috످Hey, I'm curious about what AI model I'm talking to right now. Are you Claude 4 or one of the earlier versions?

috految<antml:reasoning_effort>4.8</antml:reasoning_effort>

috److I'm Claude, made by Anthropic, but I don't know which version I am. If you're using an app or website, you can often find the version in the model selector or settings.

috످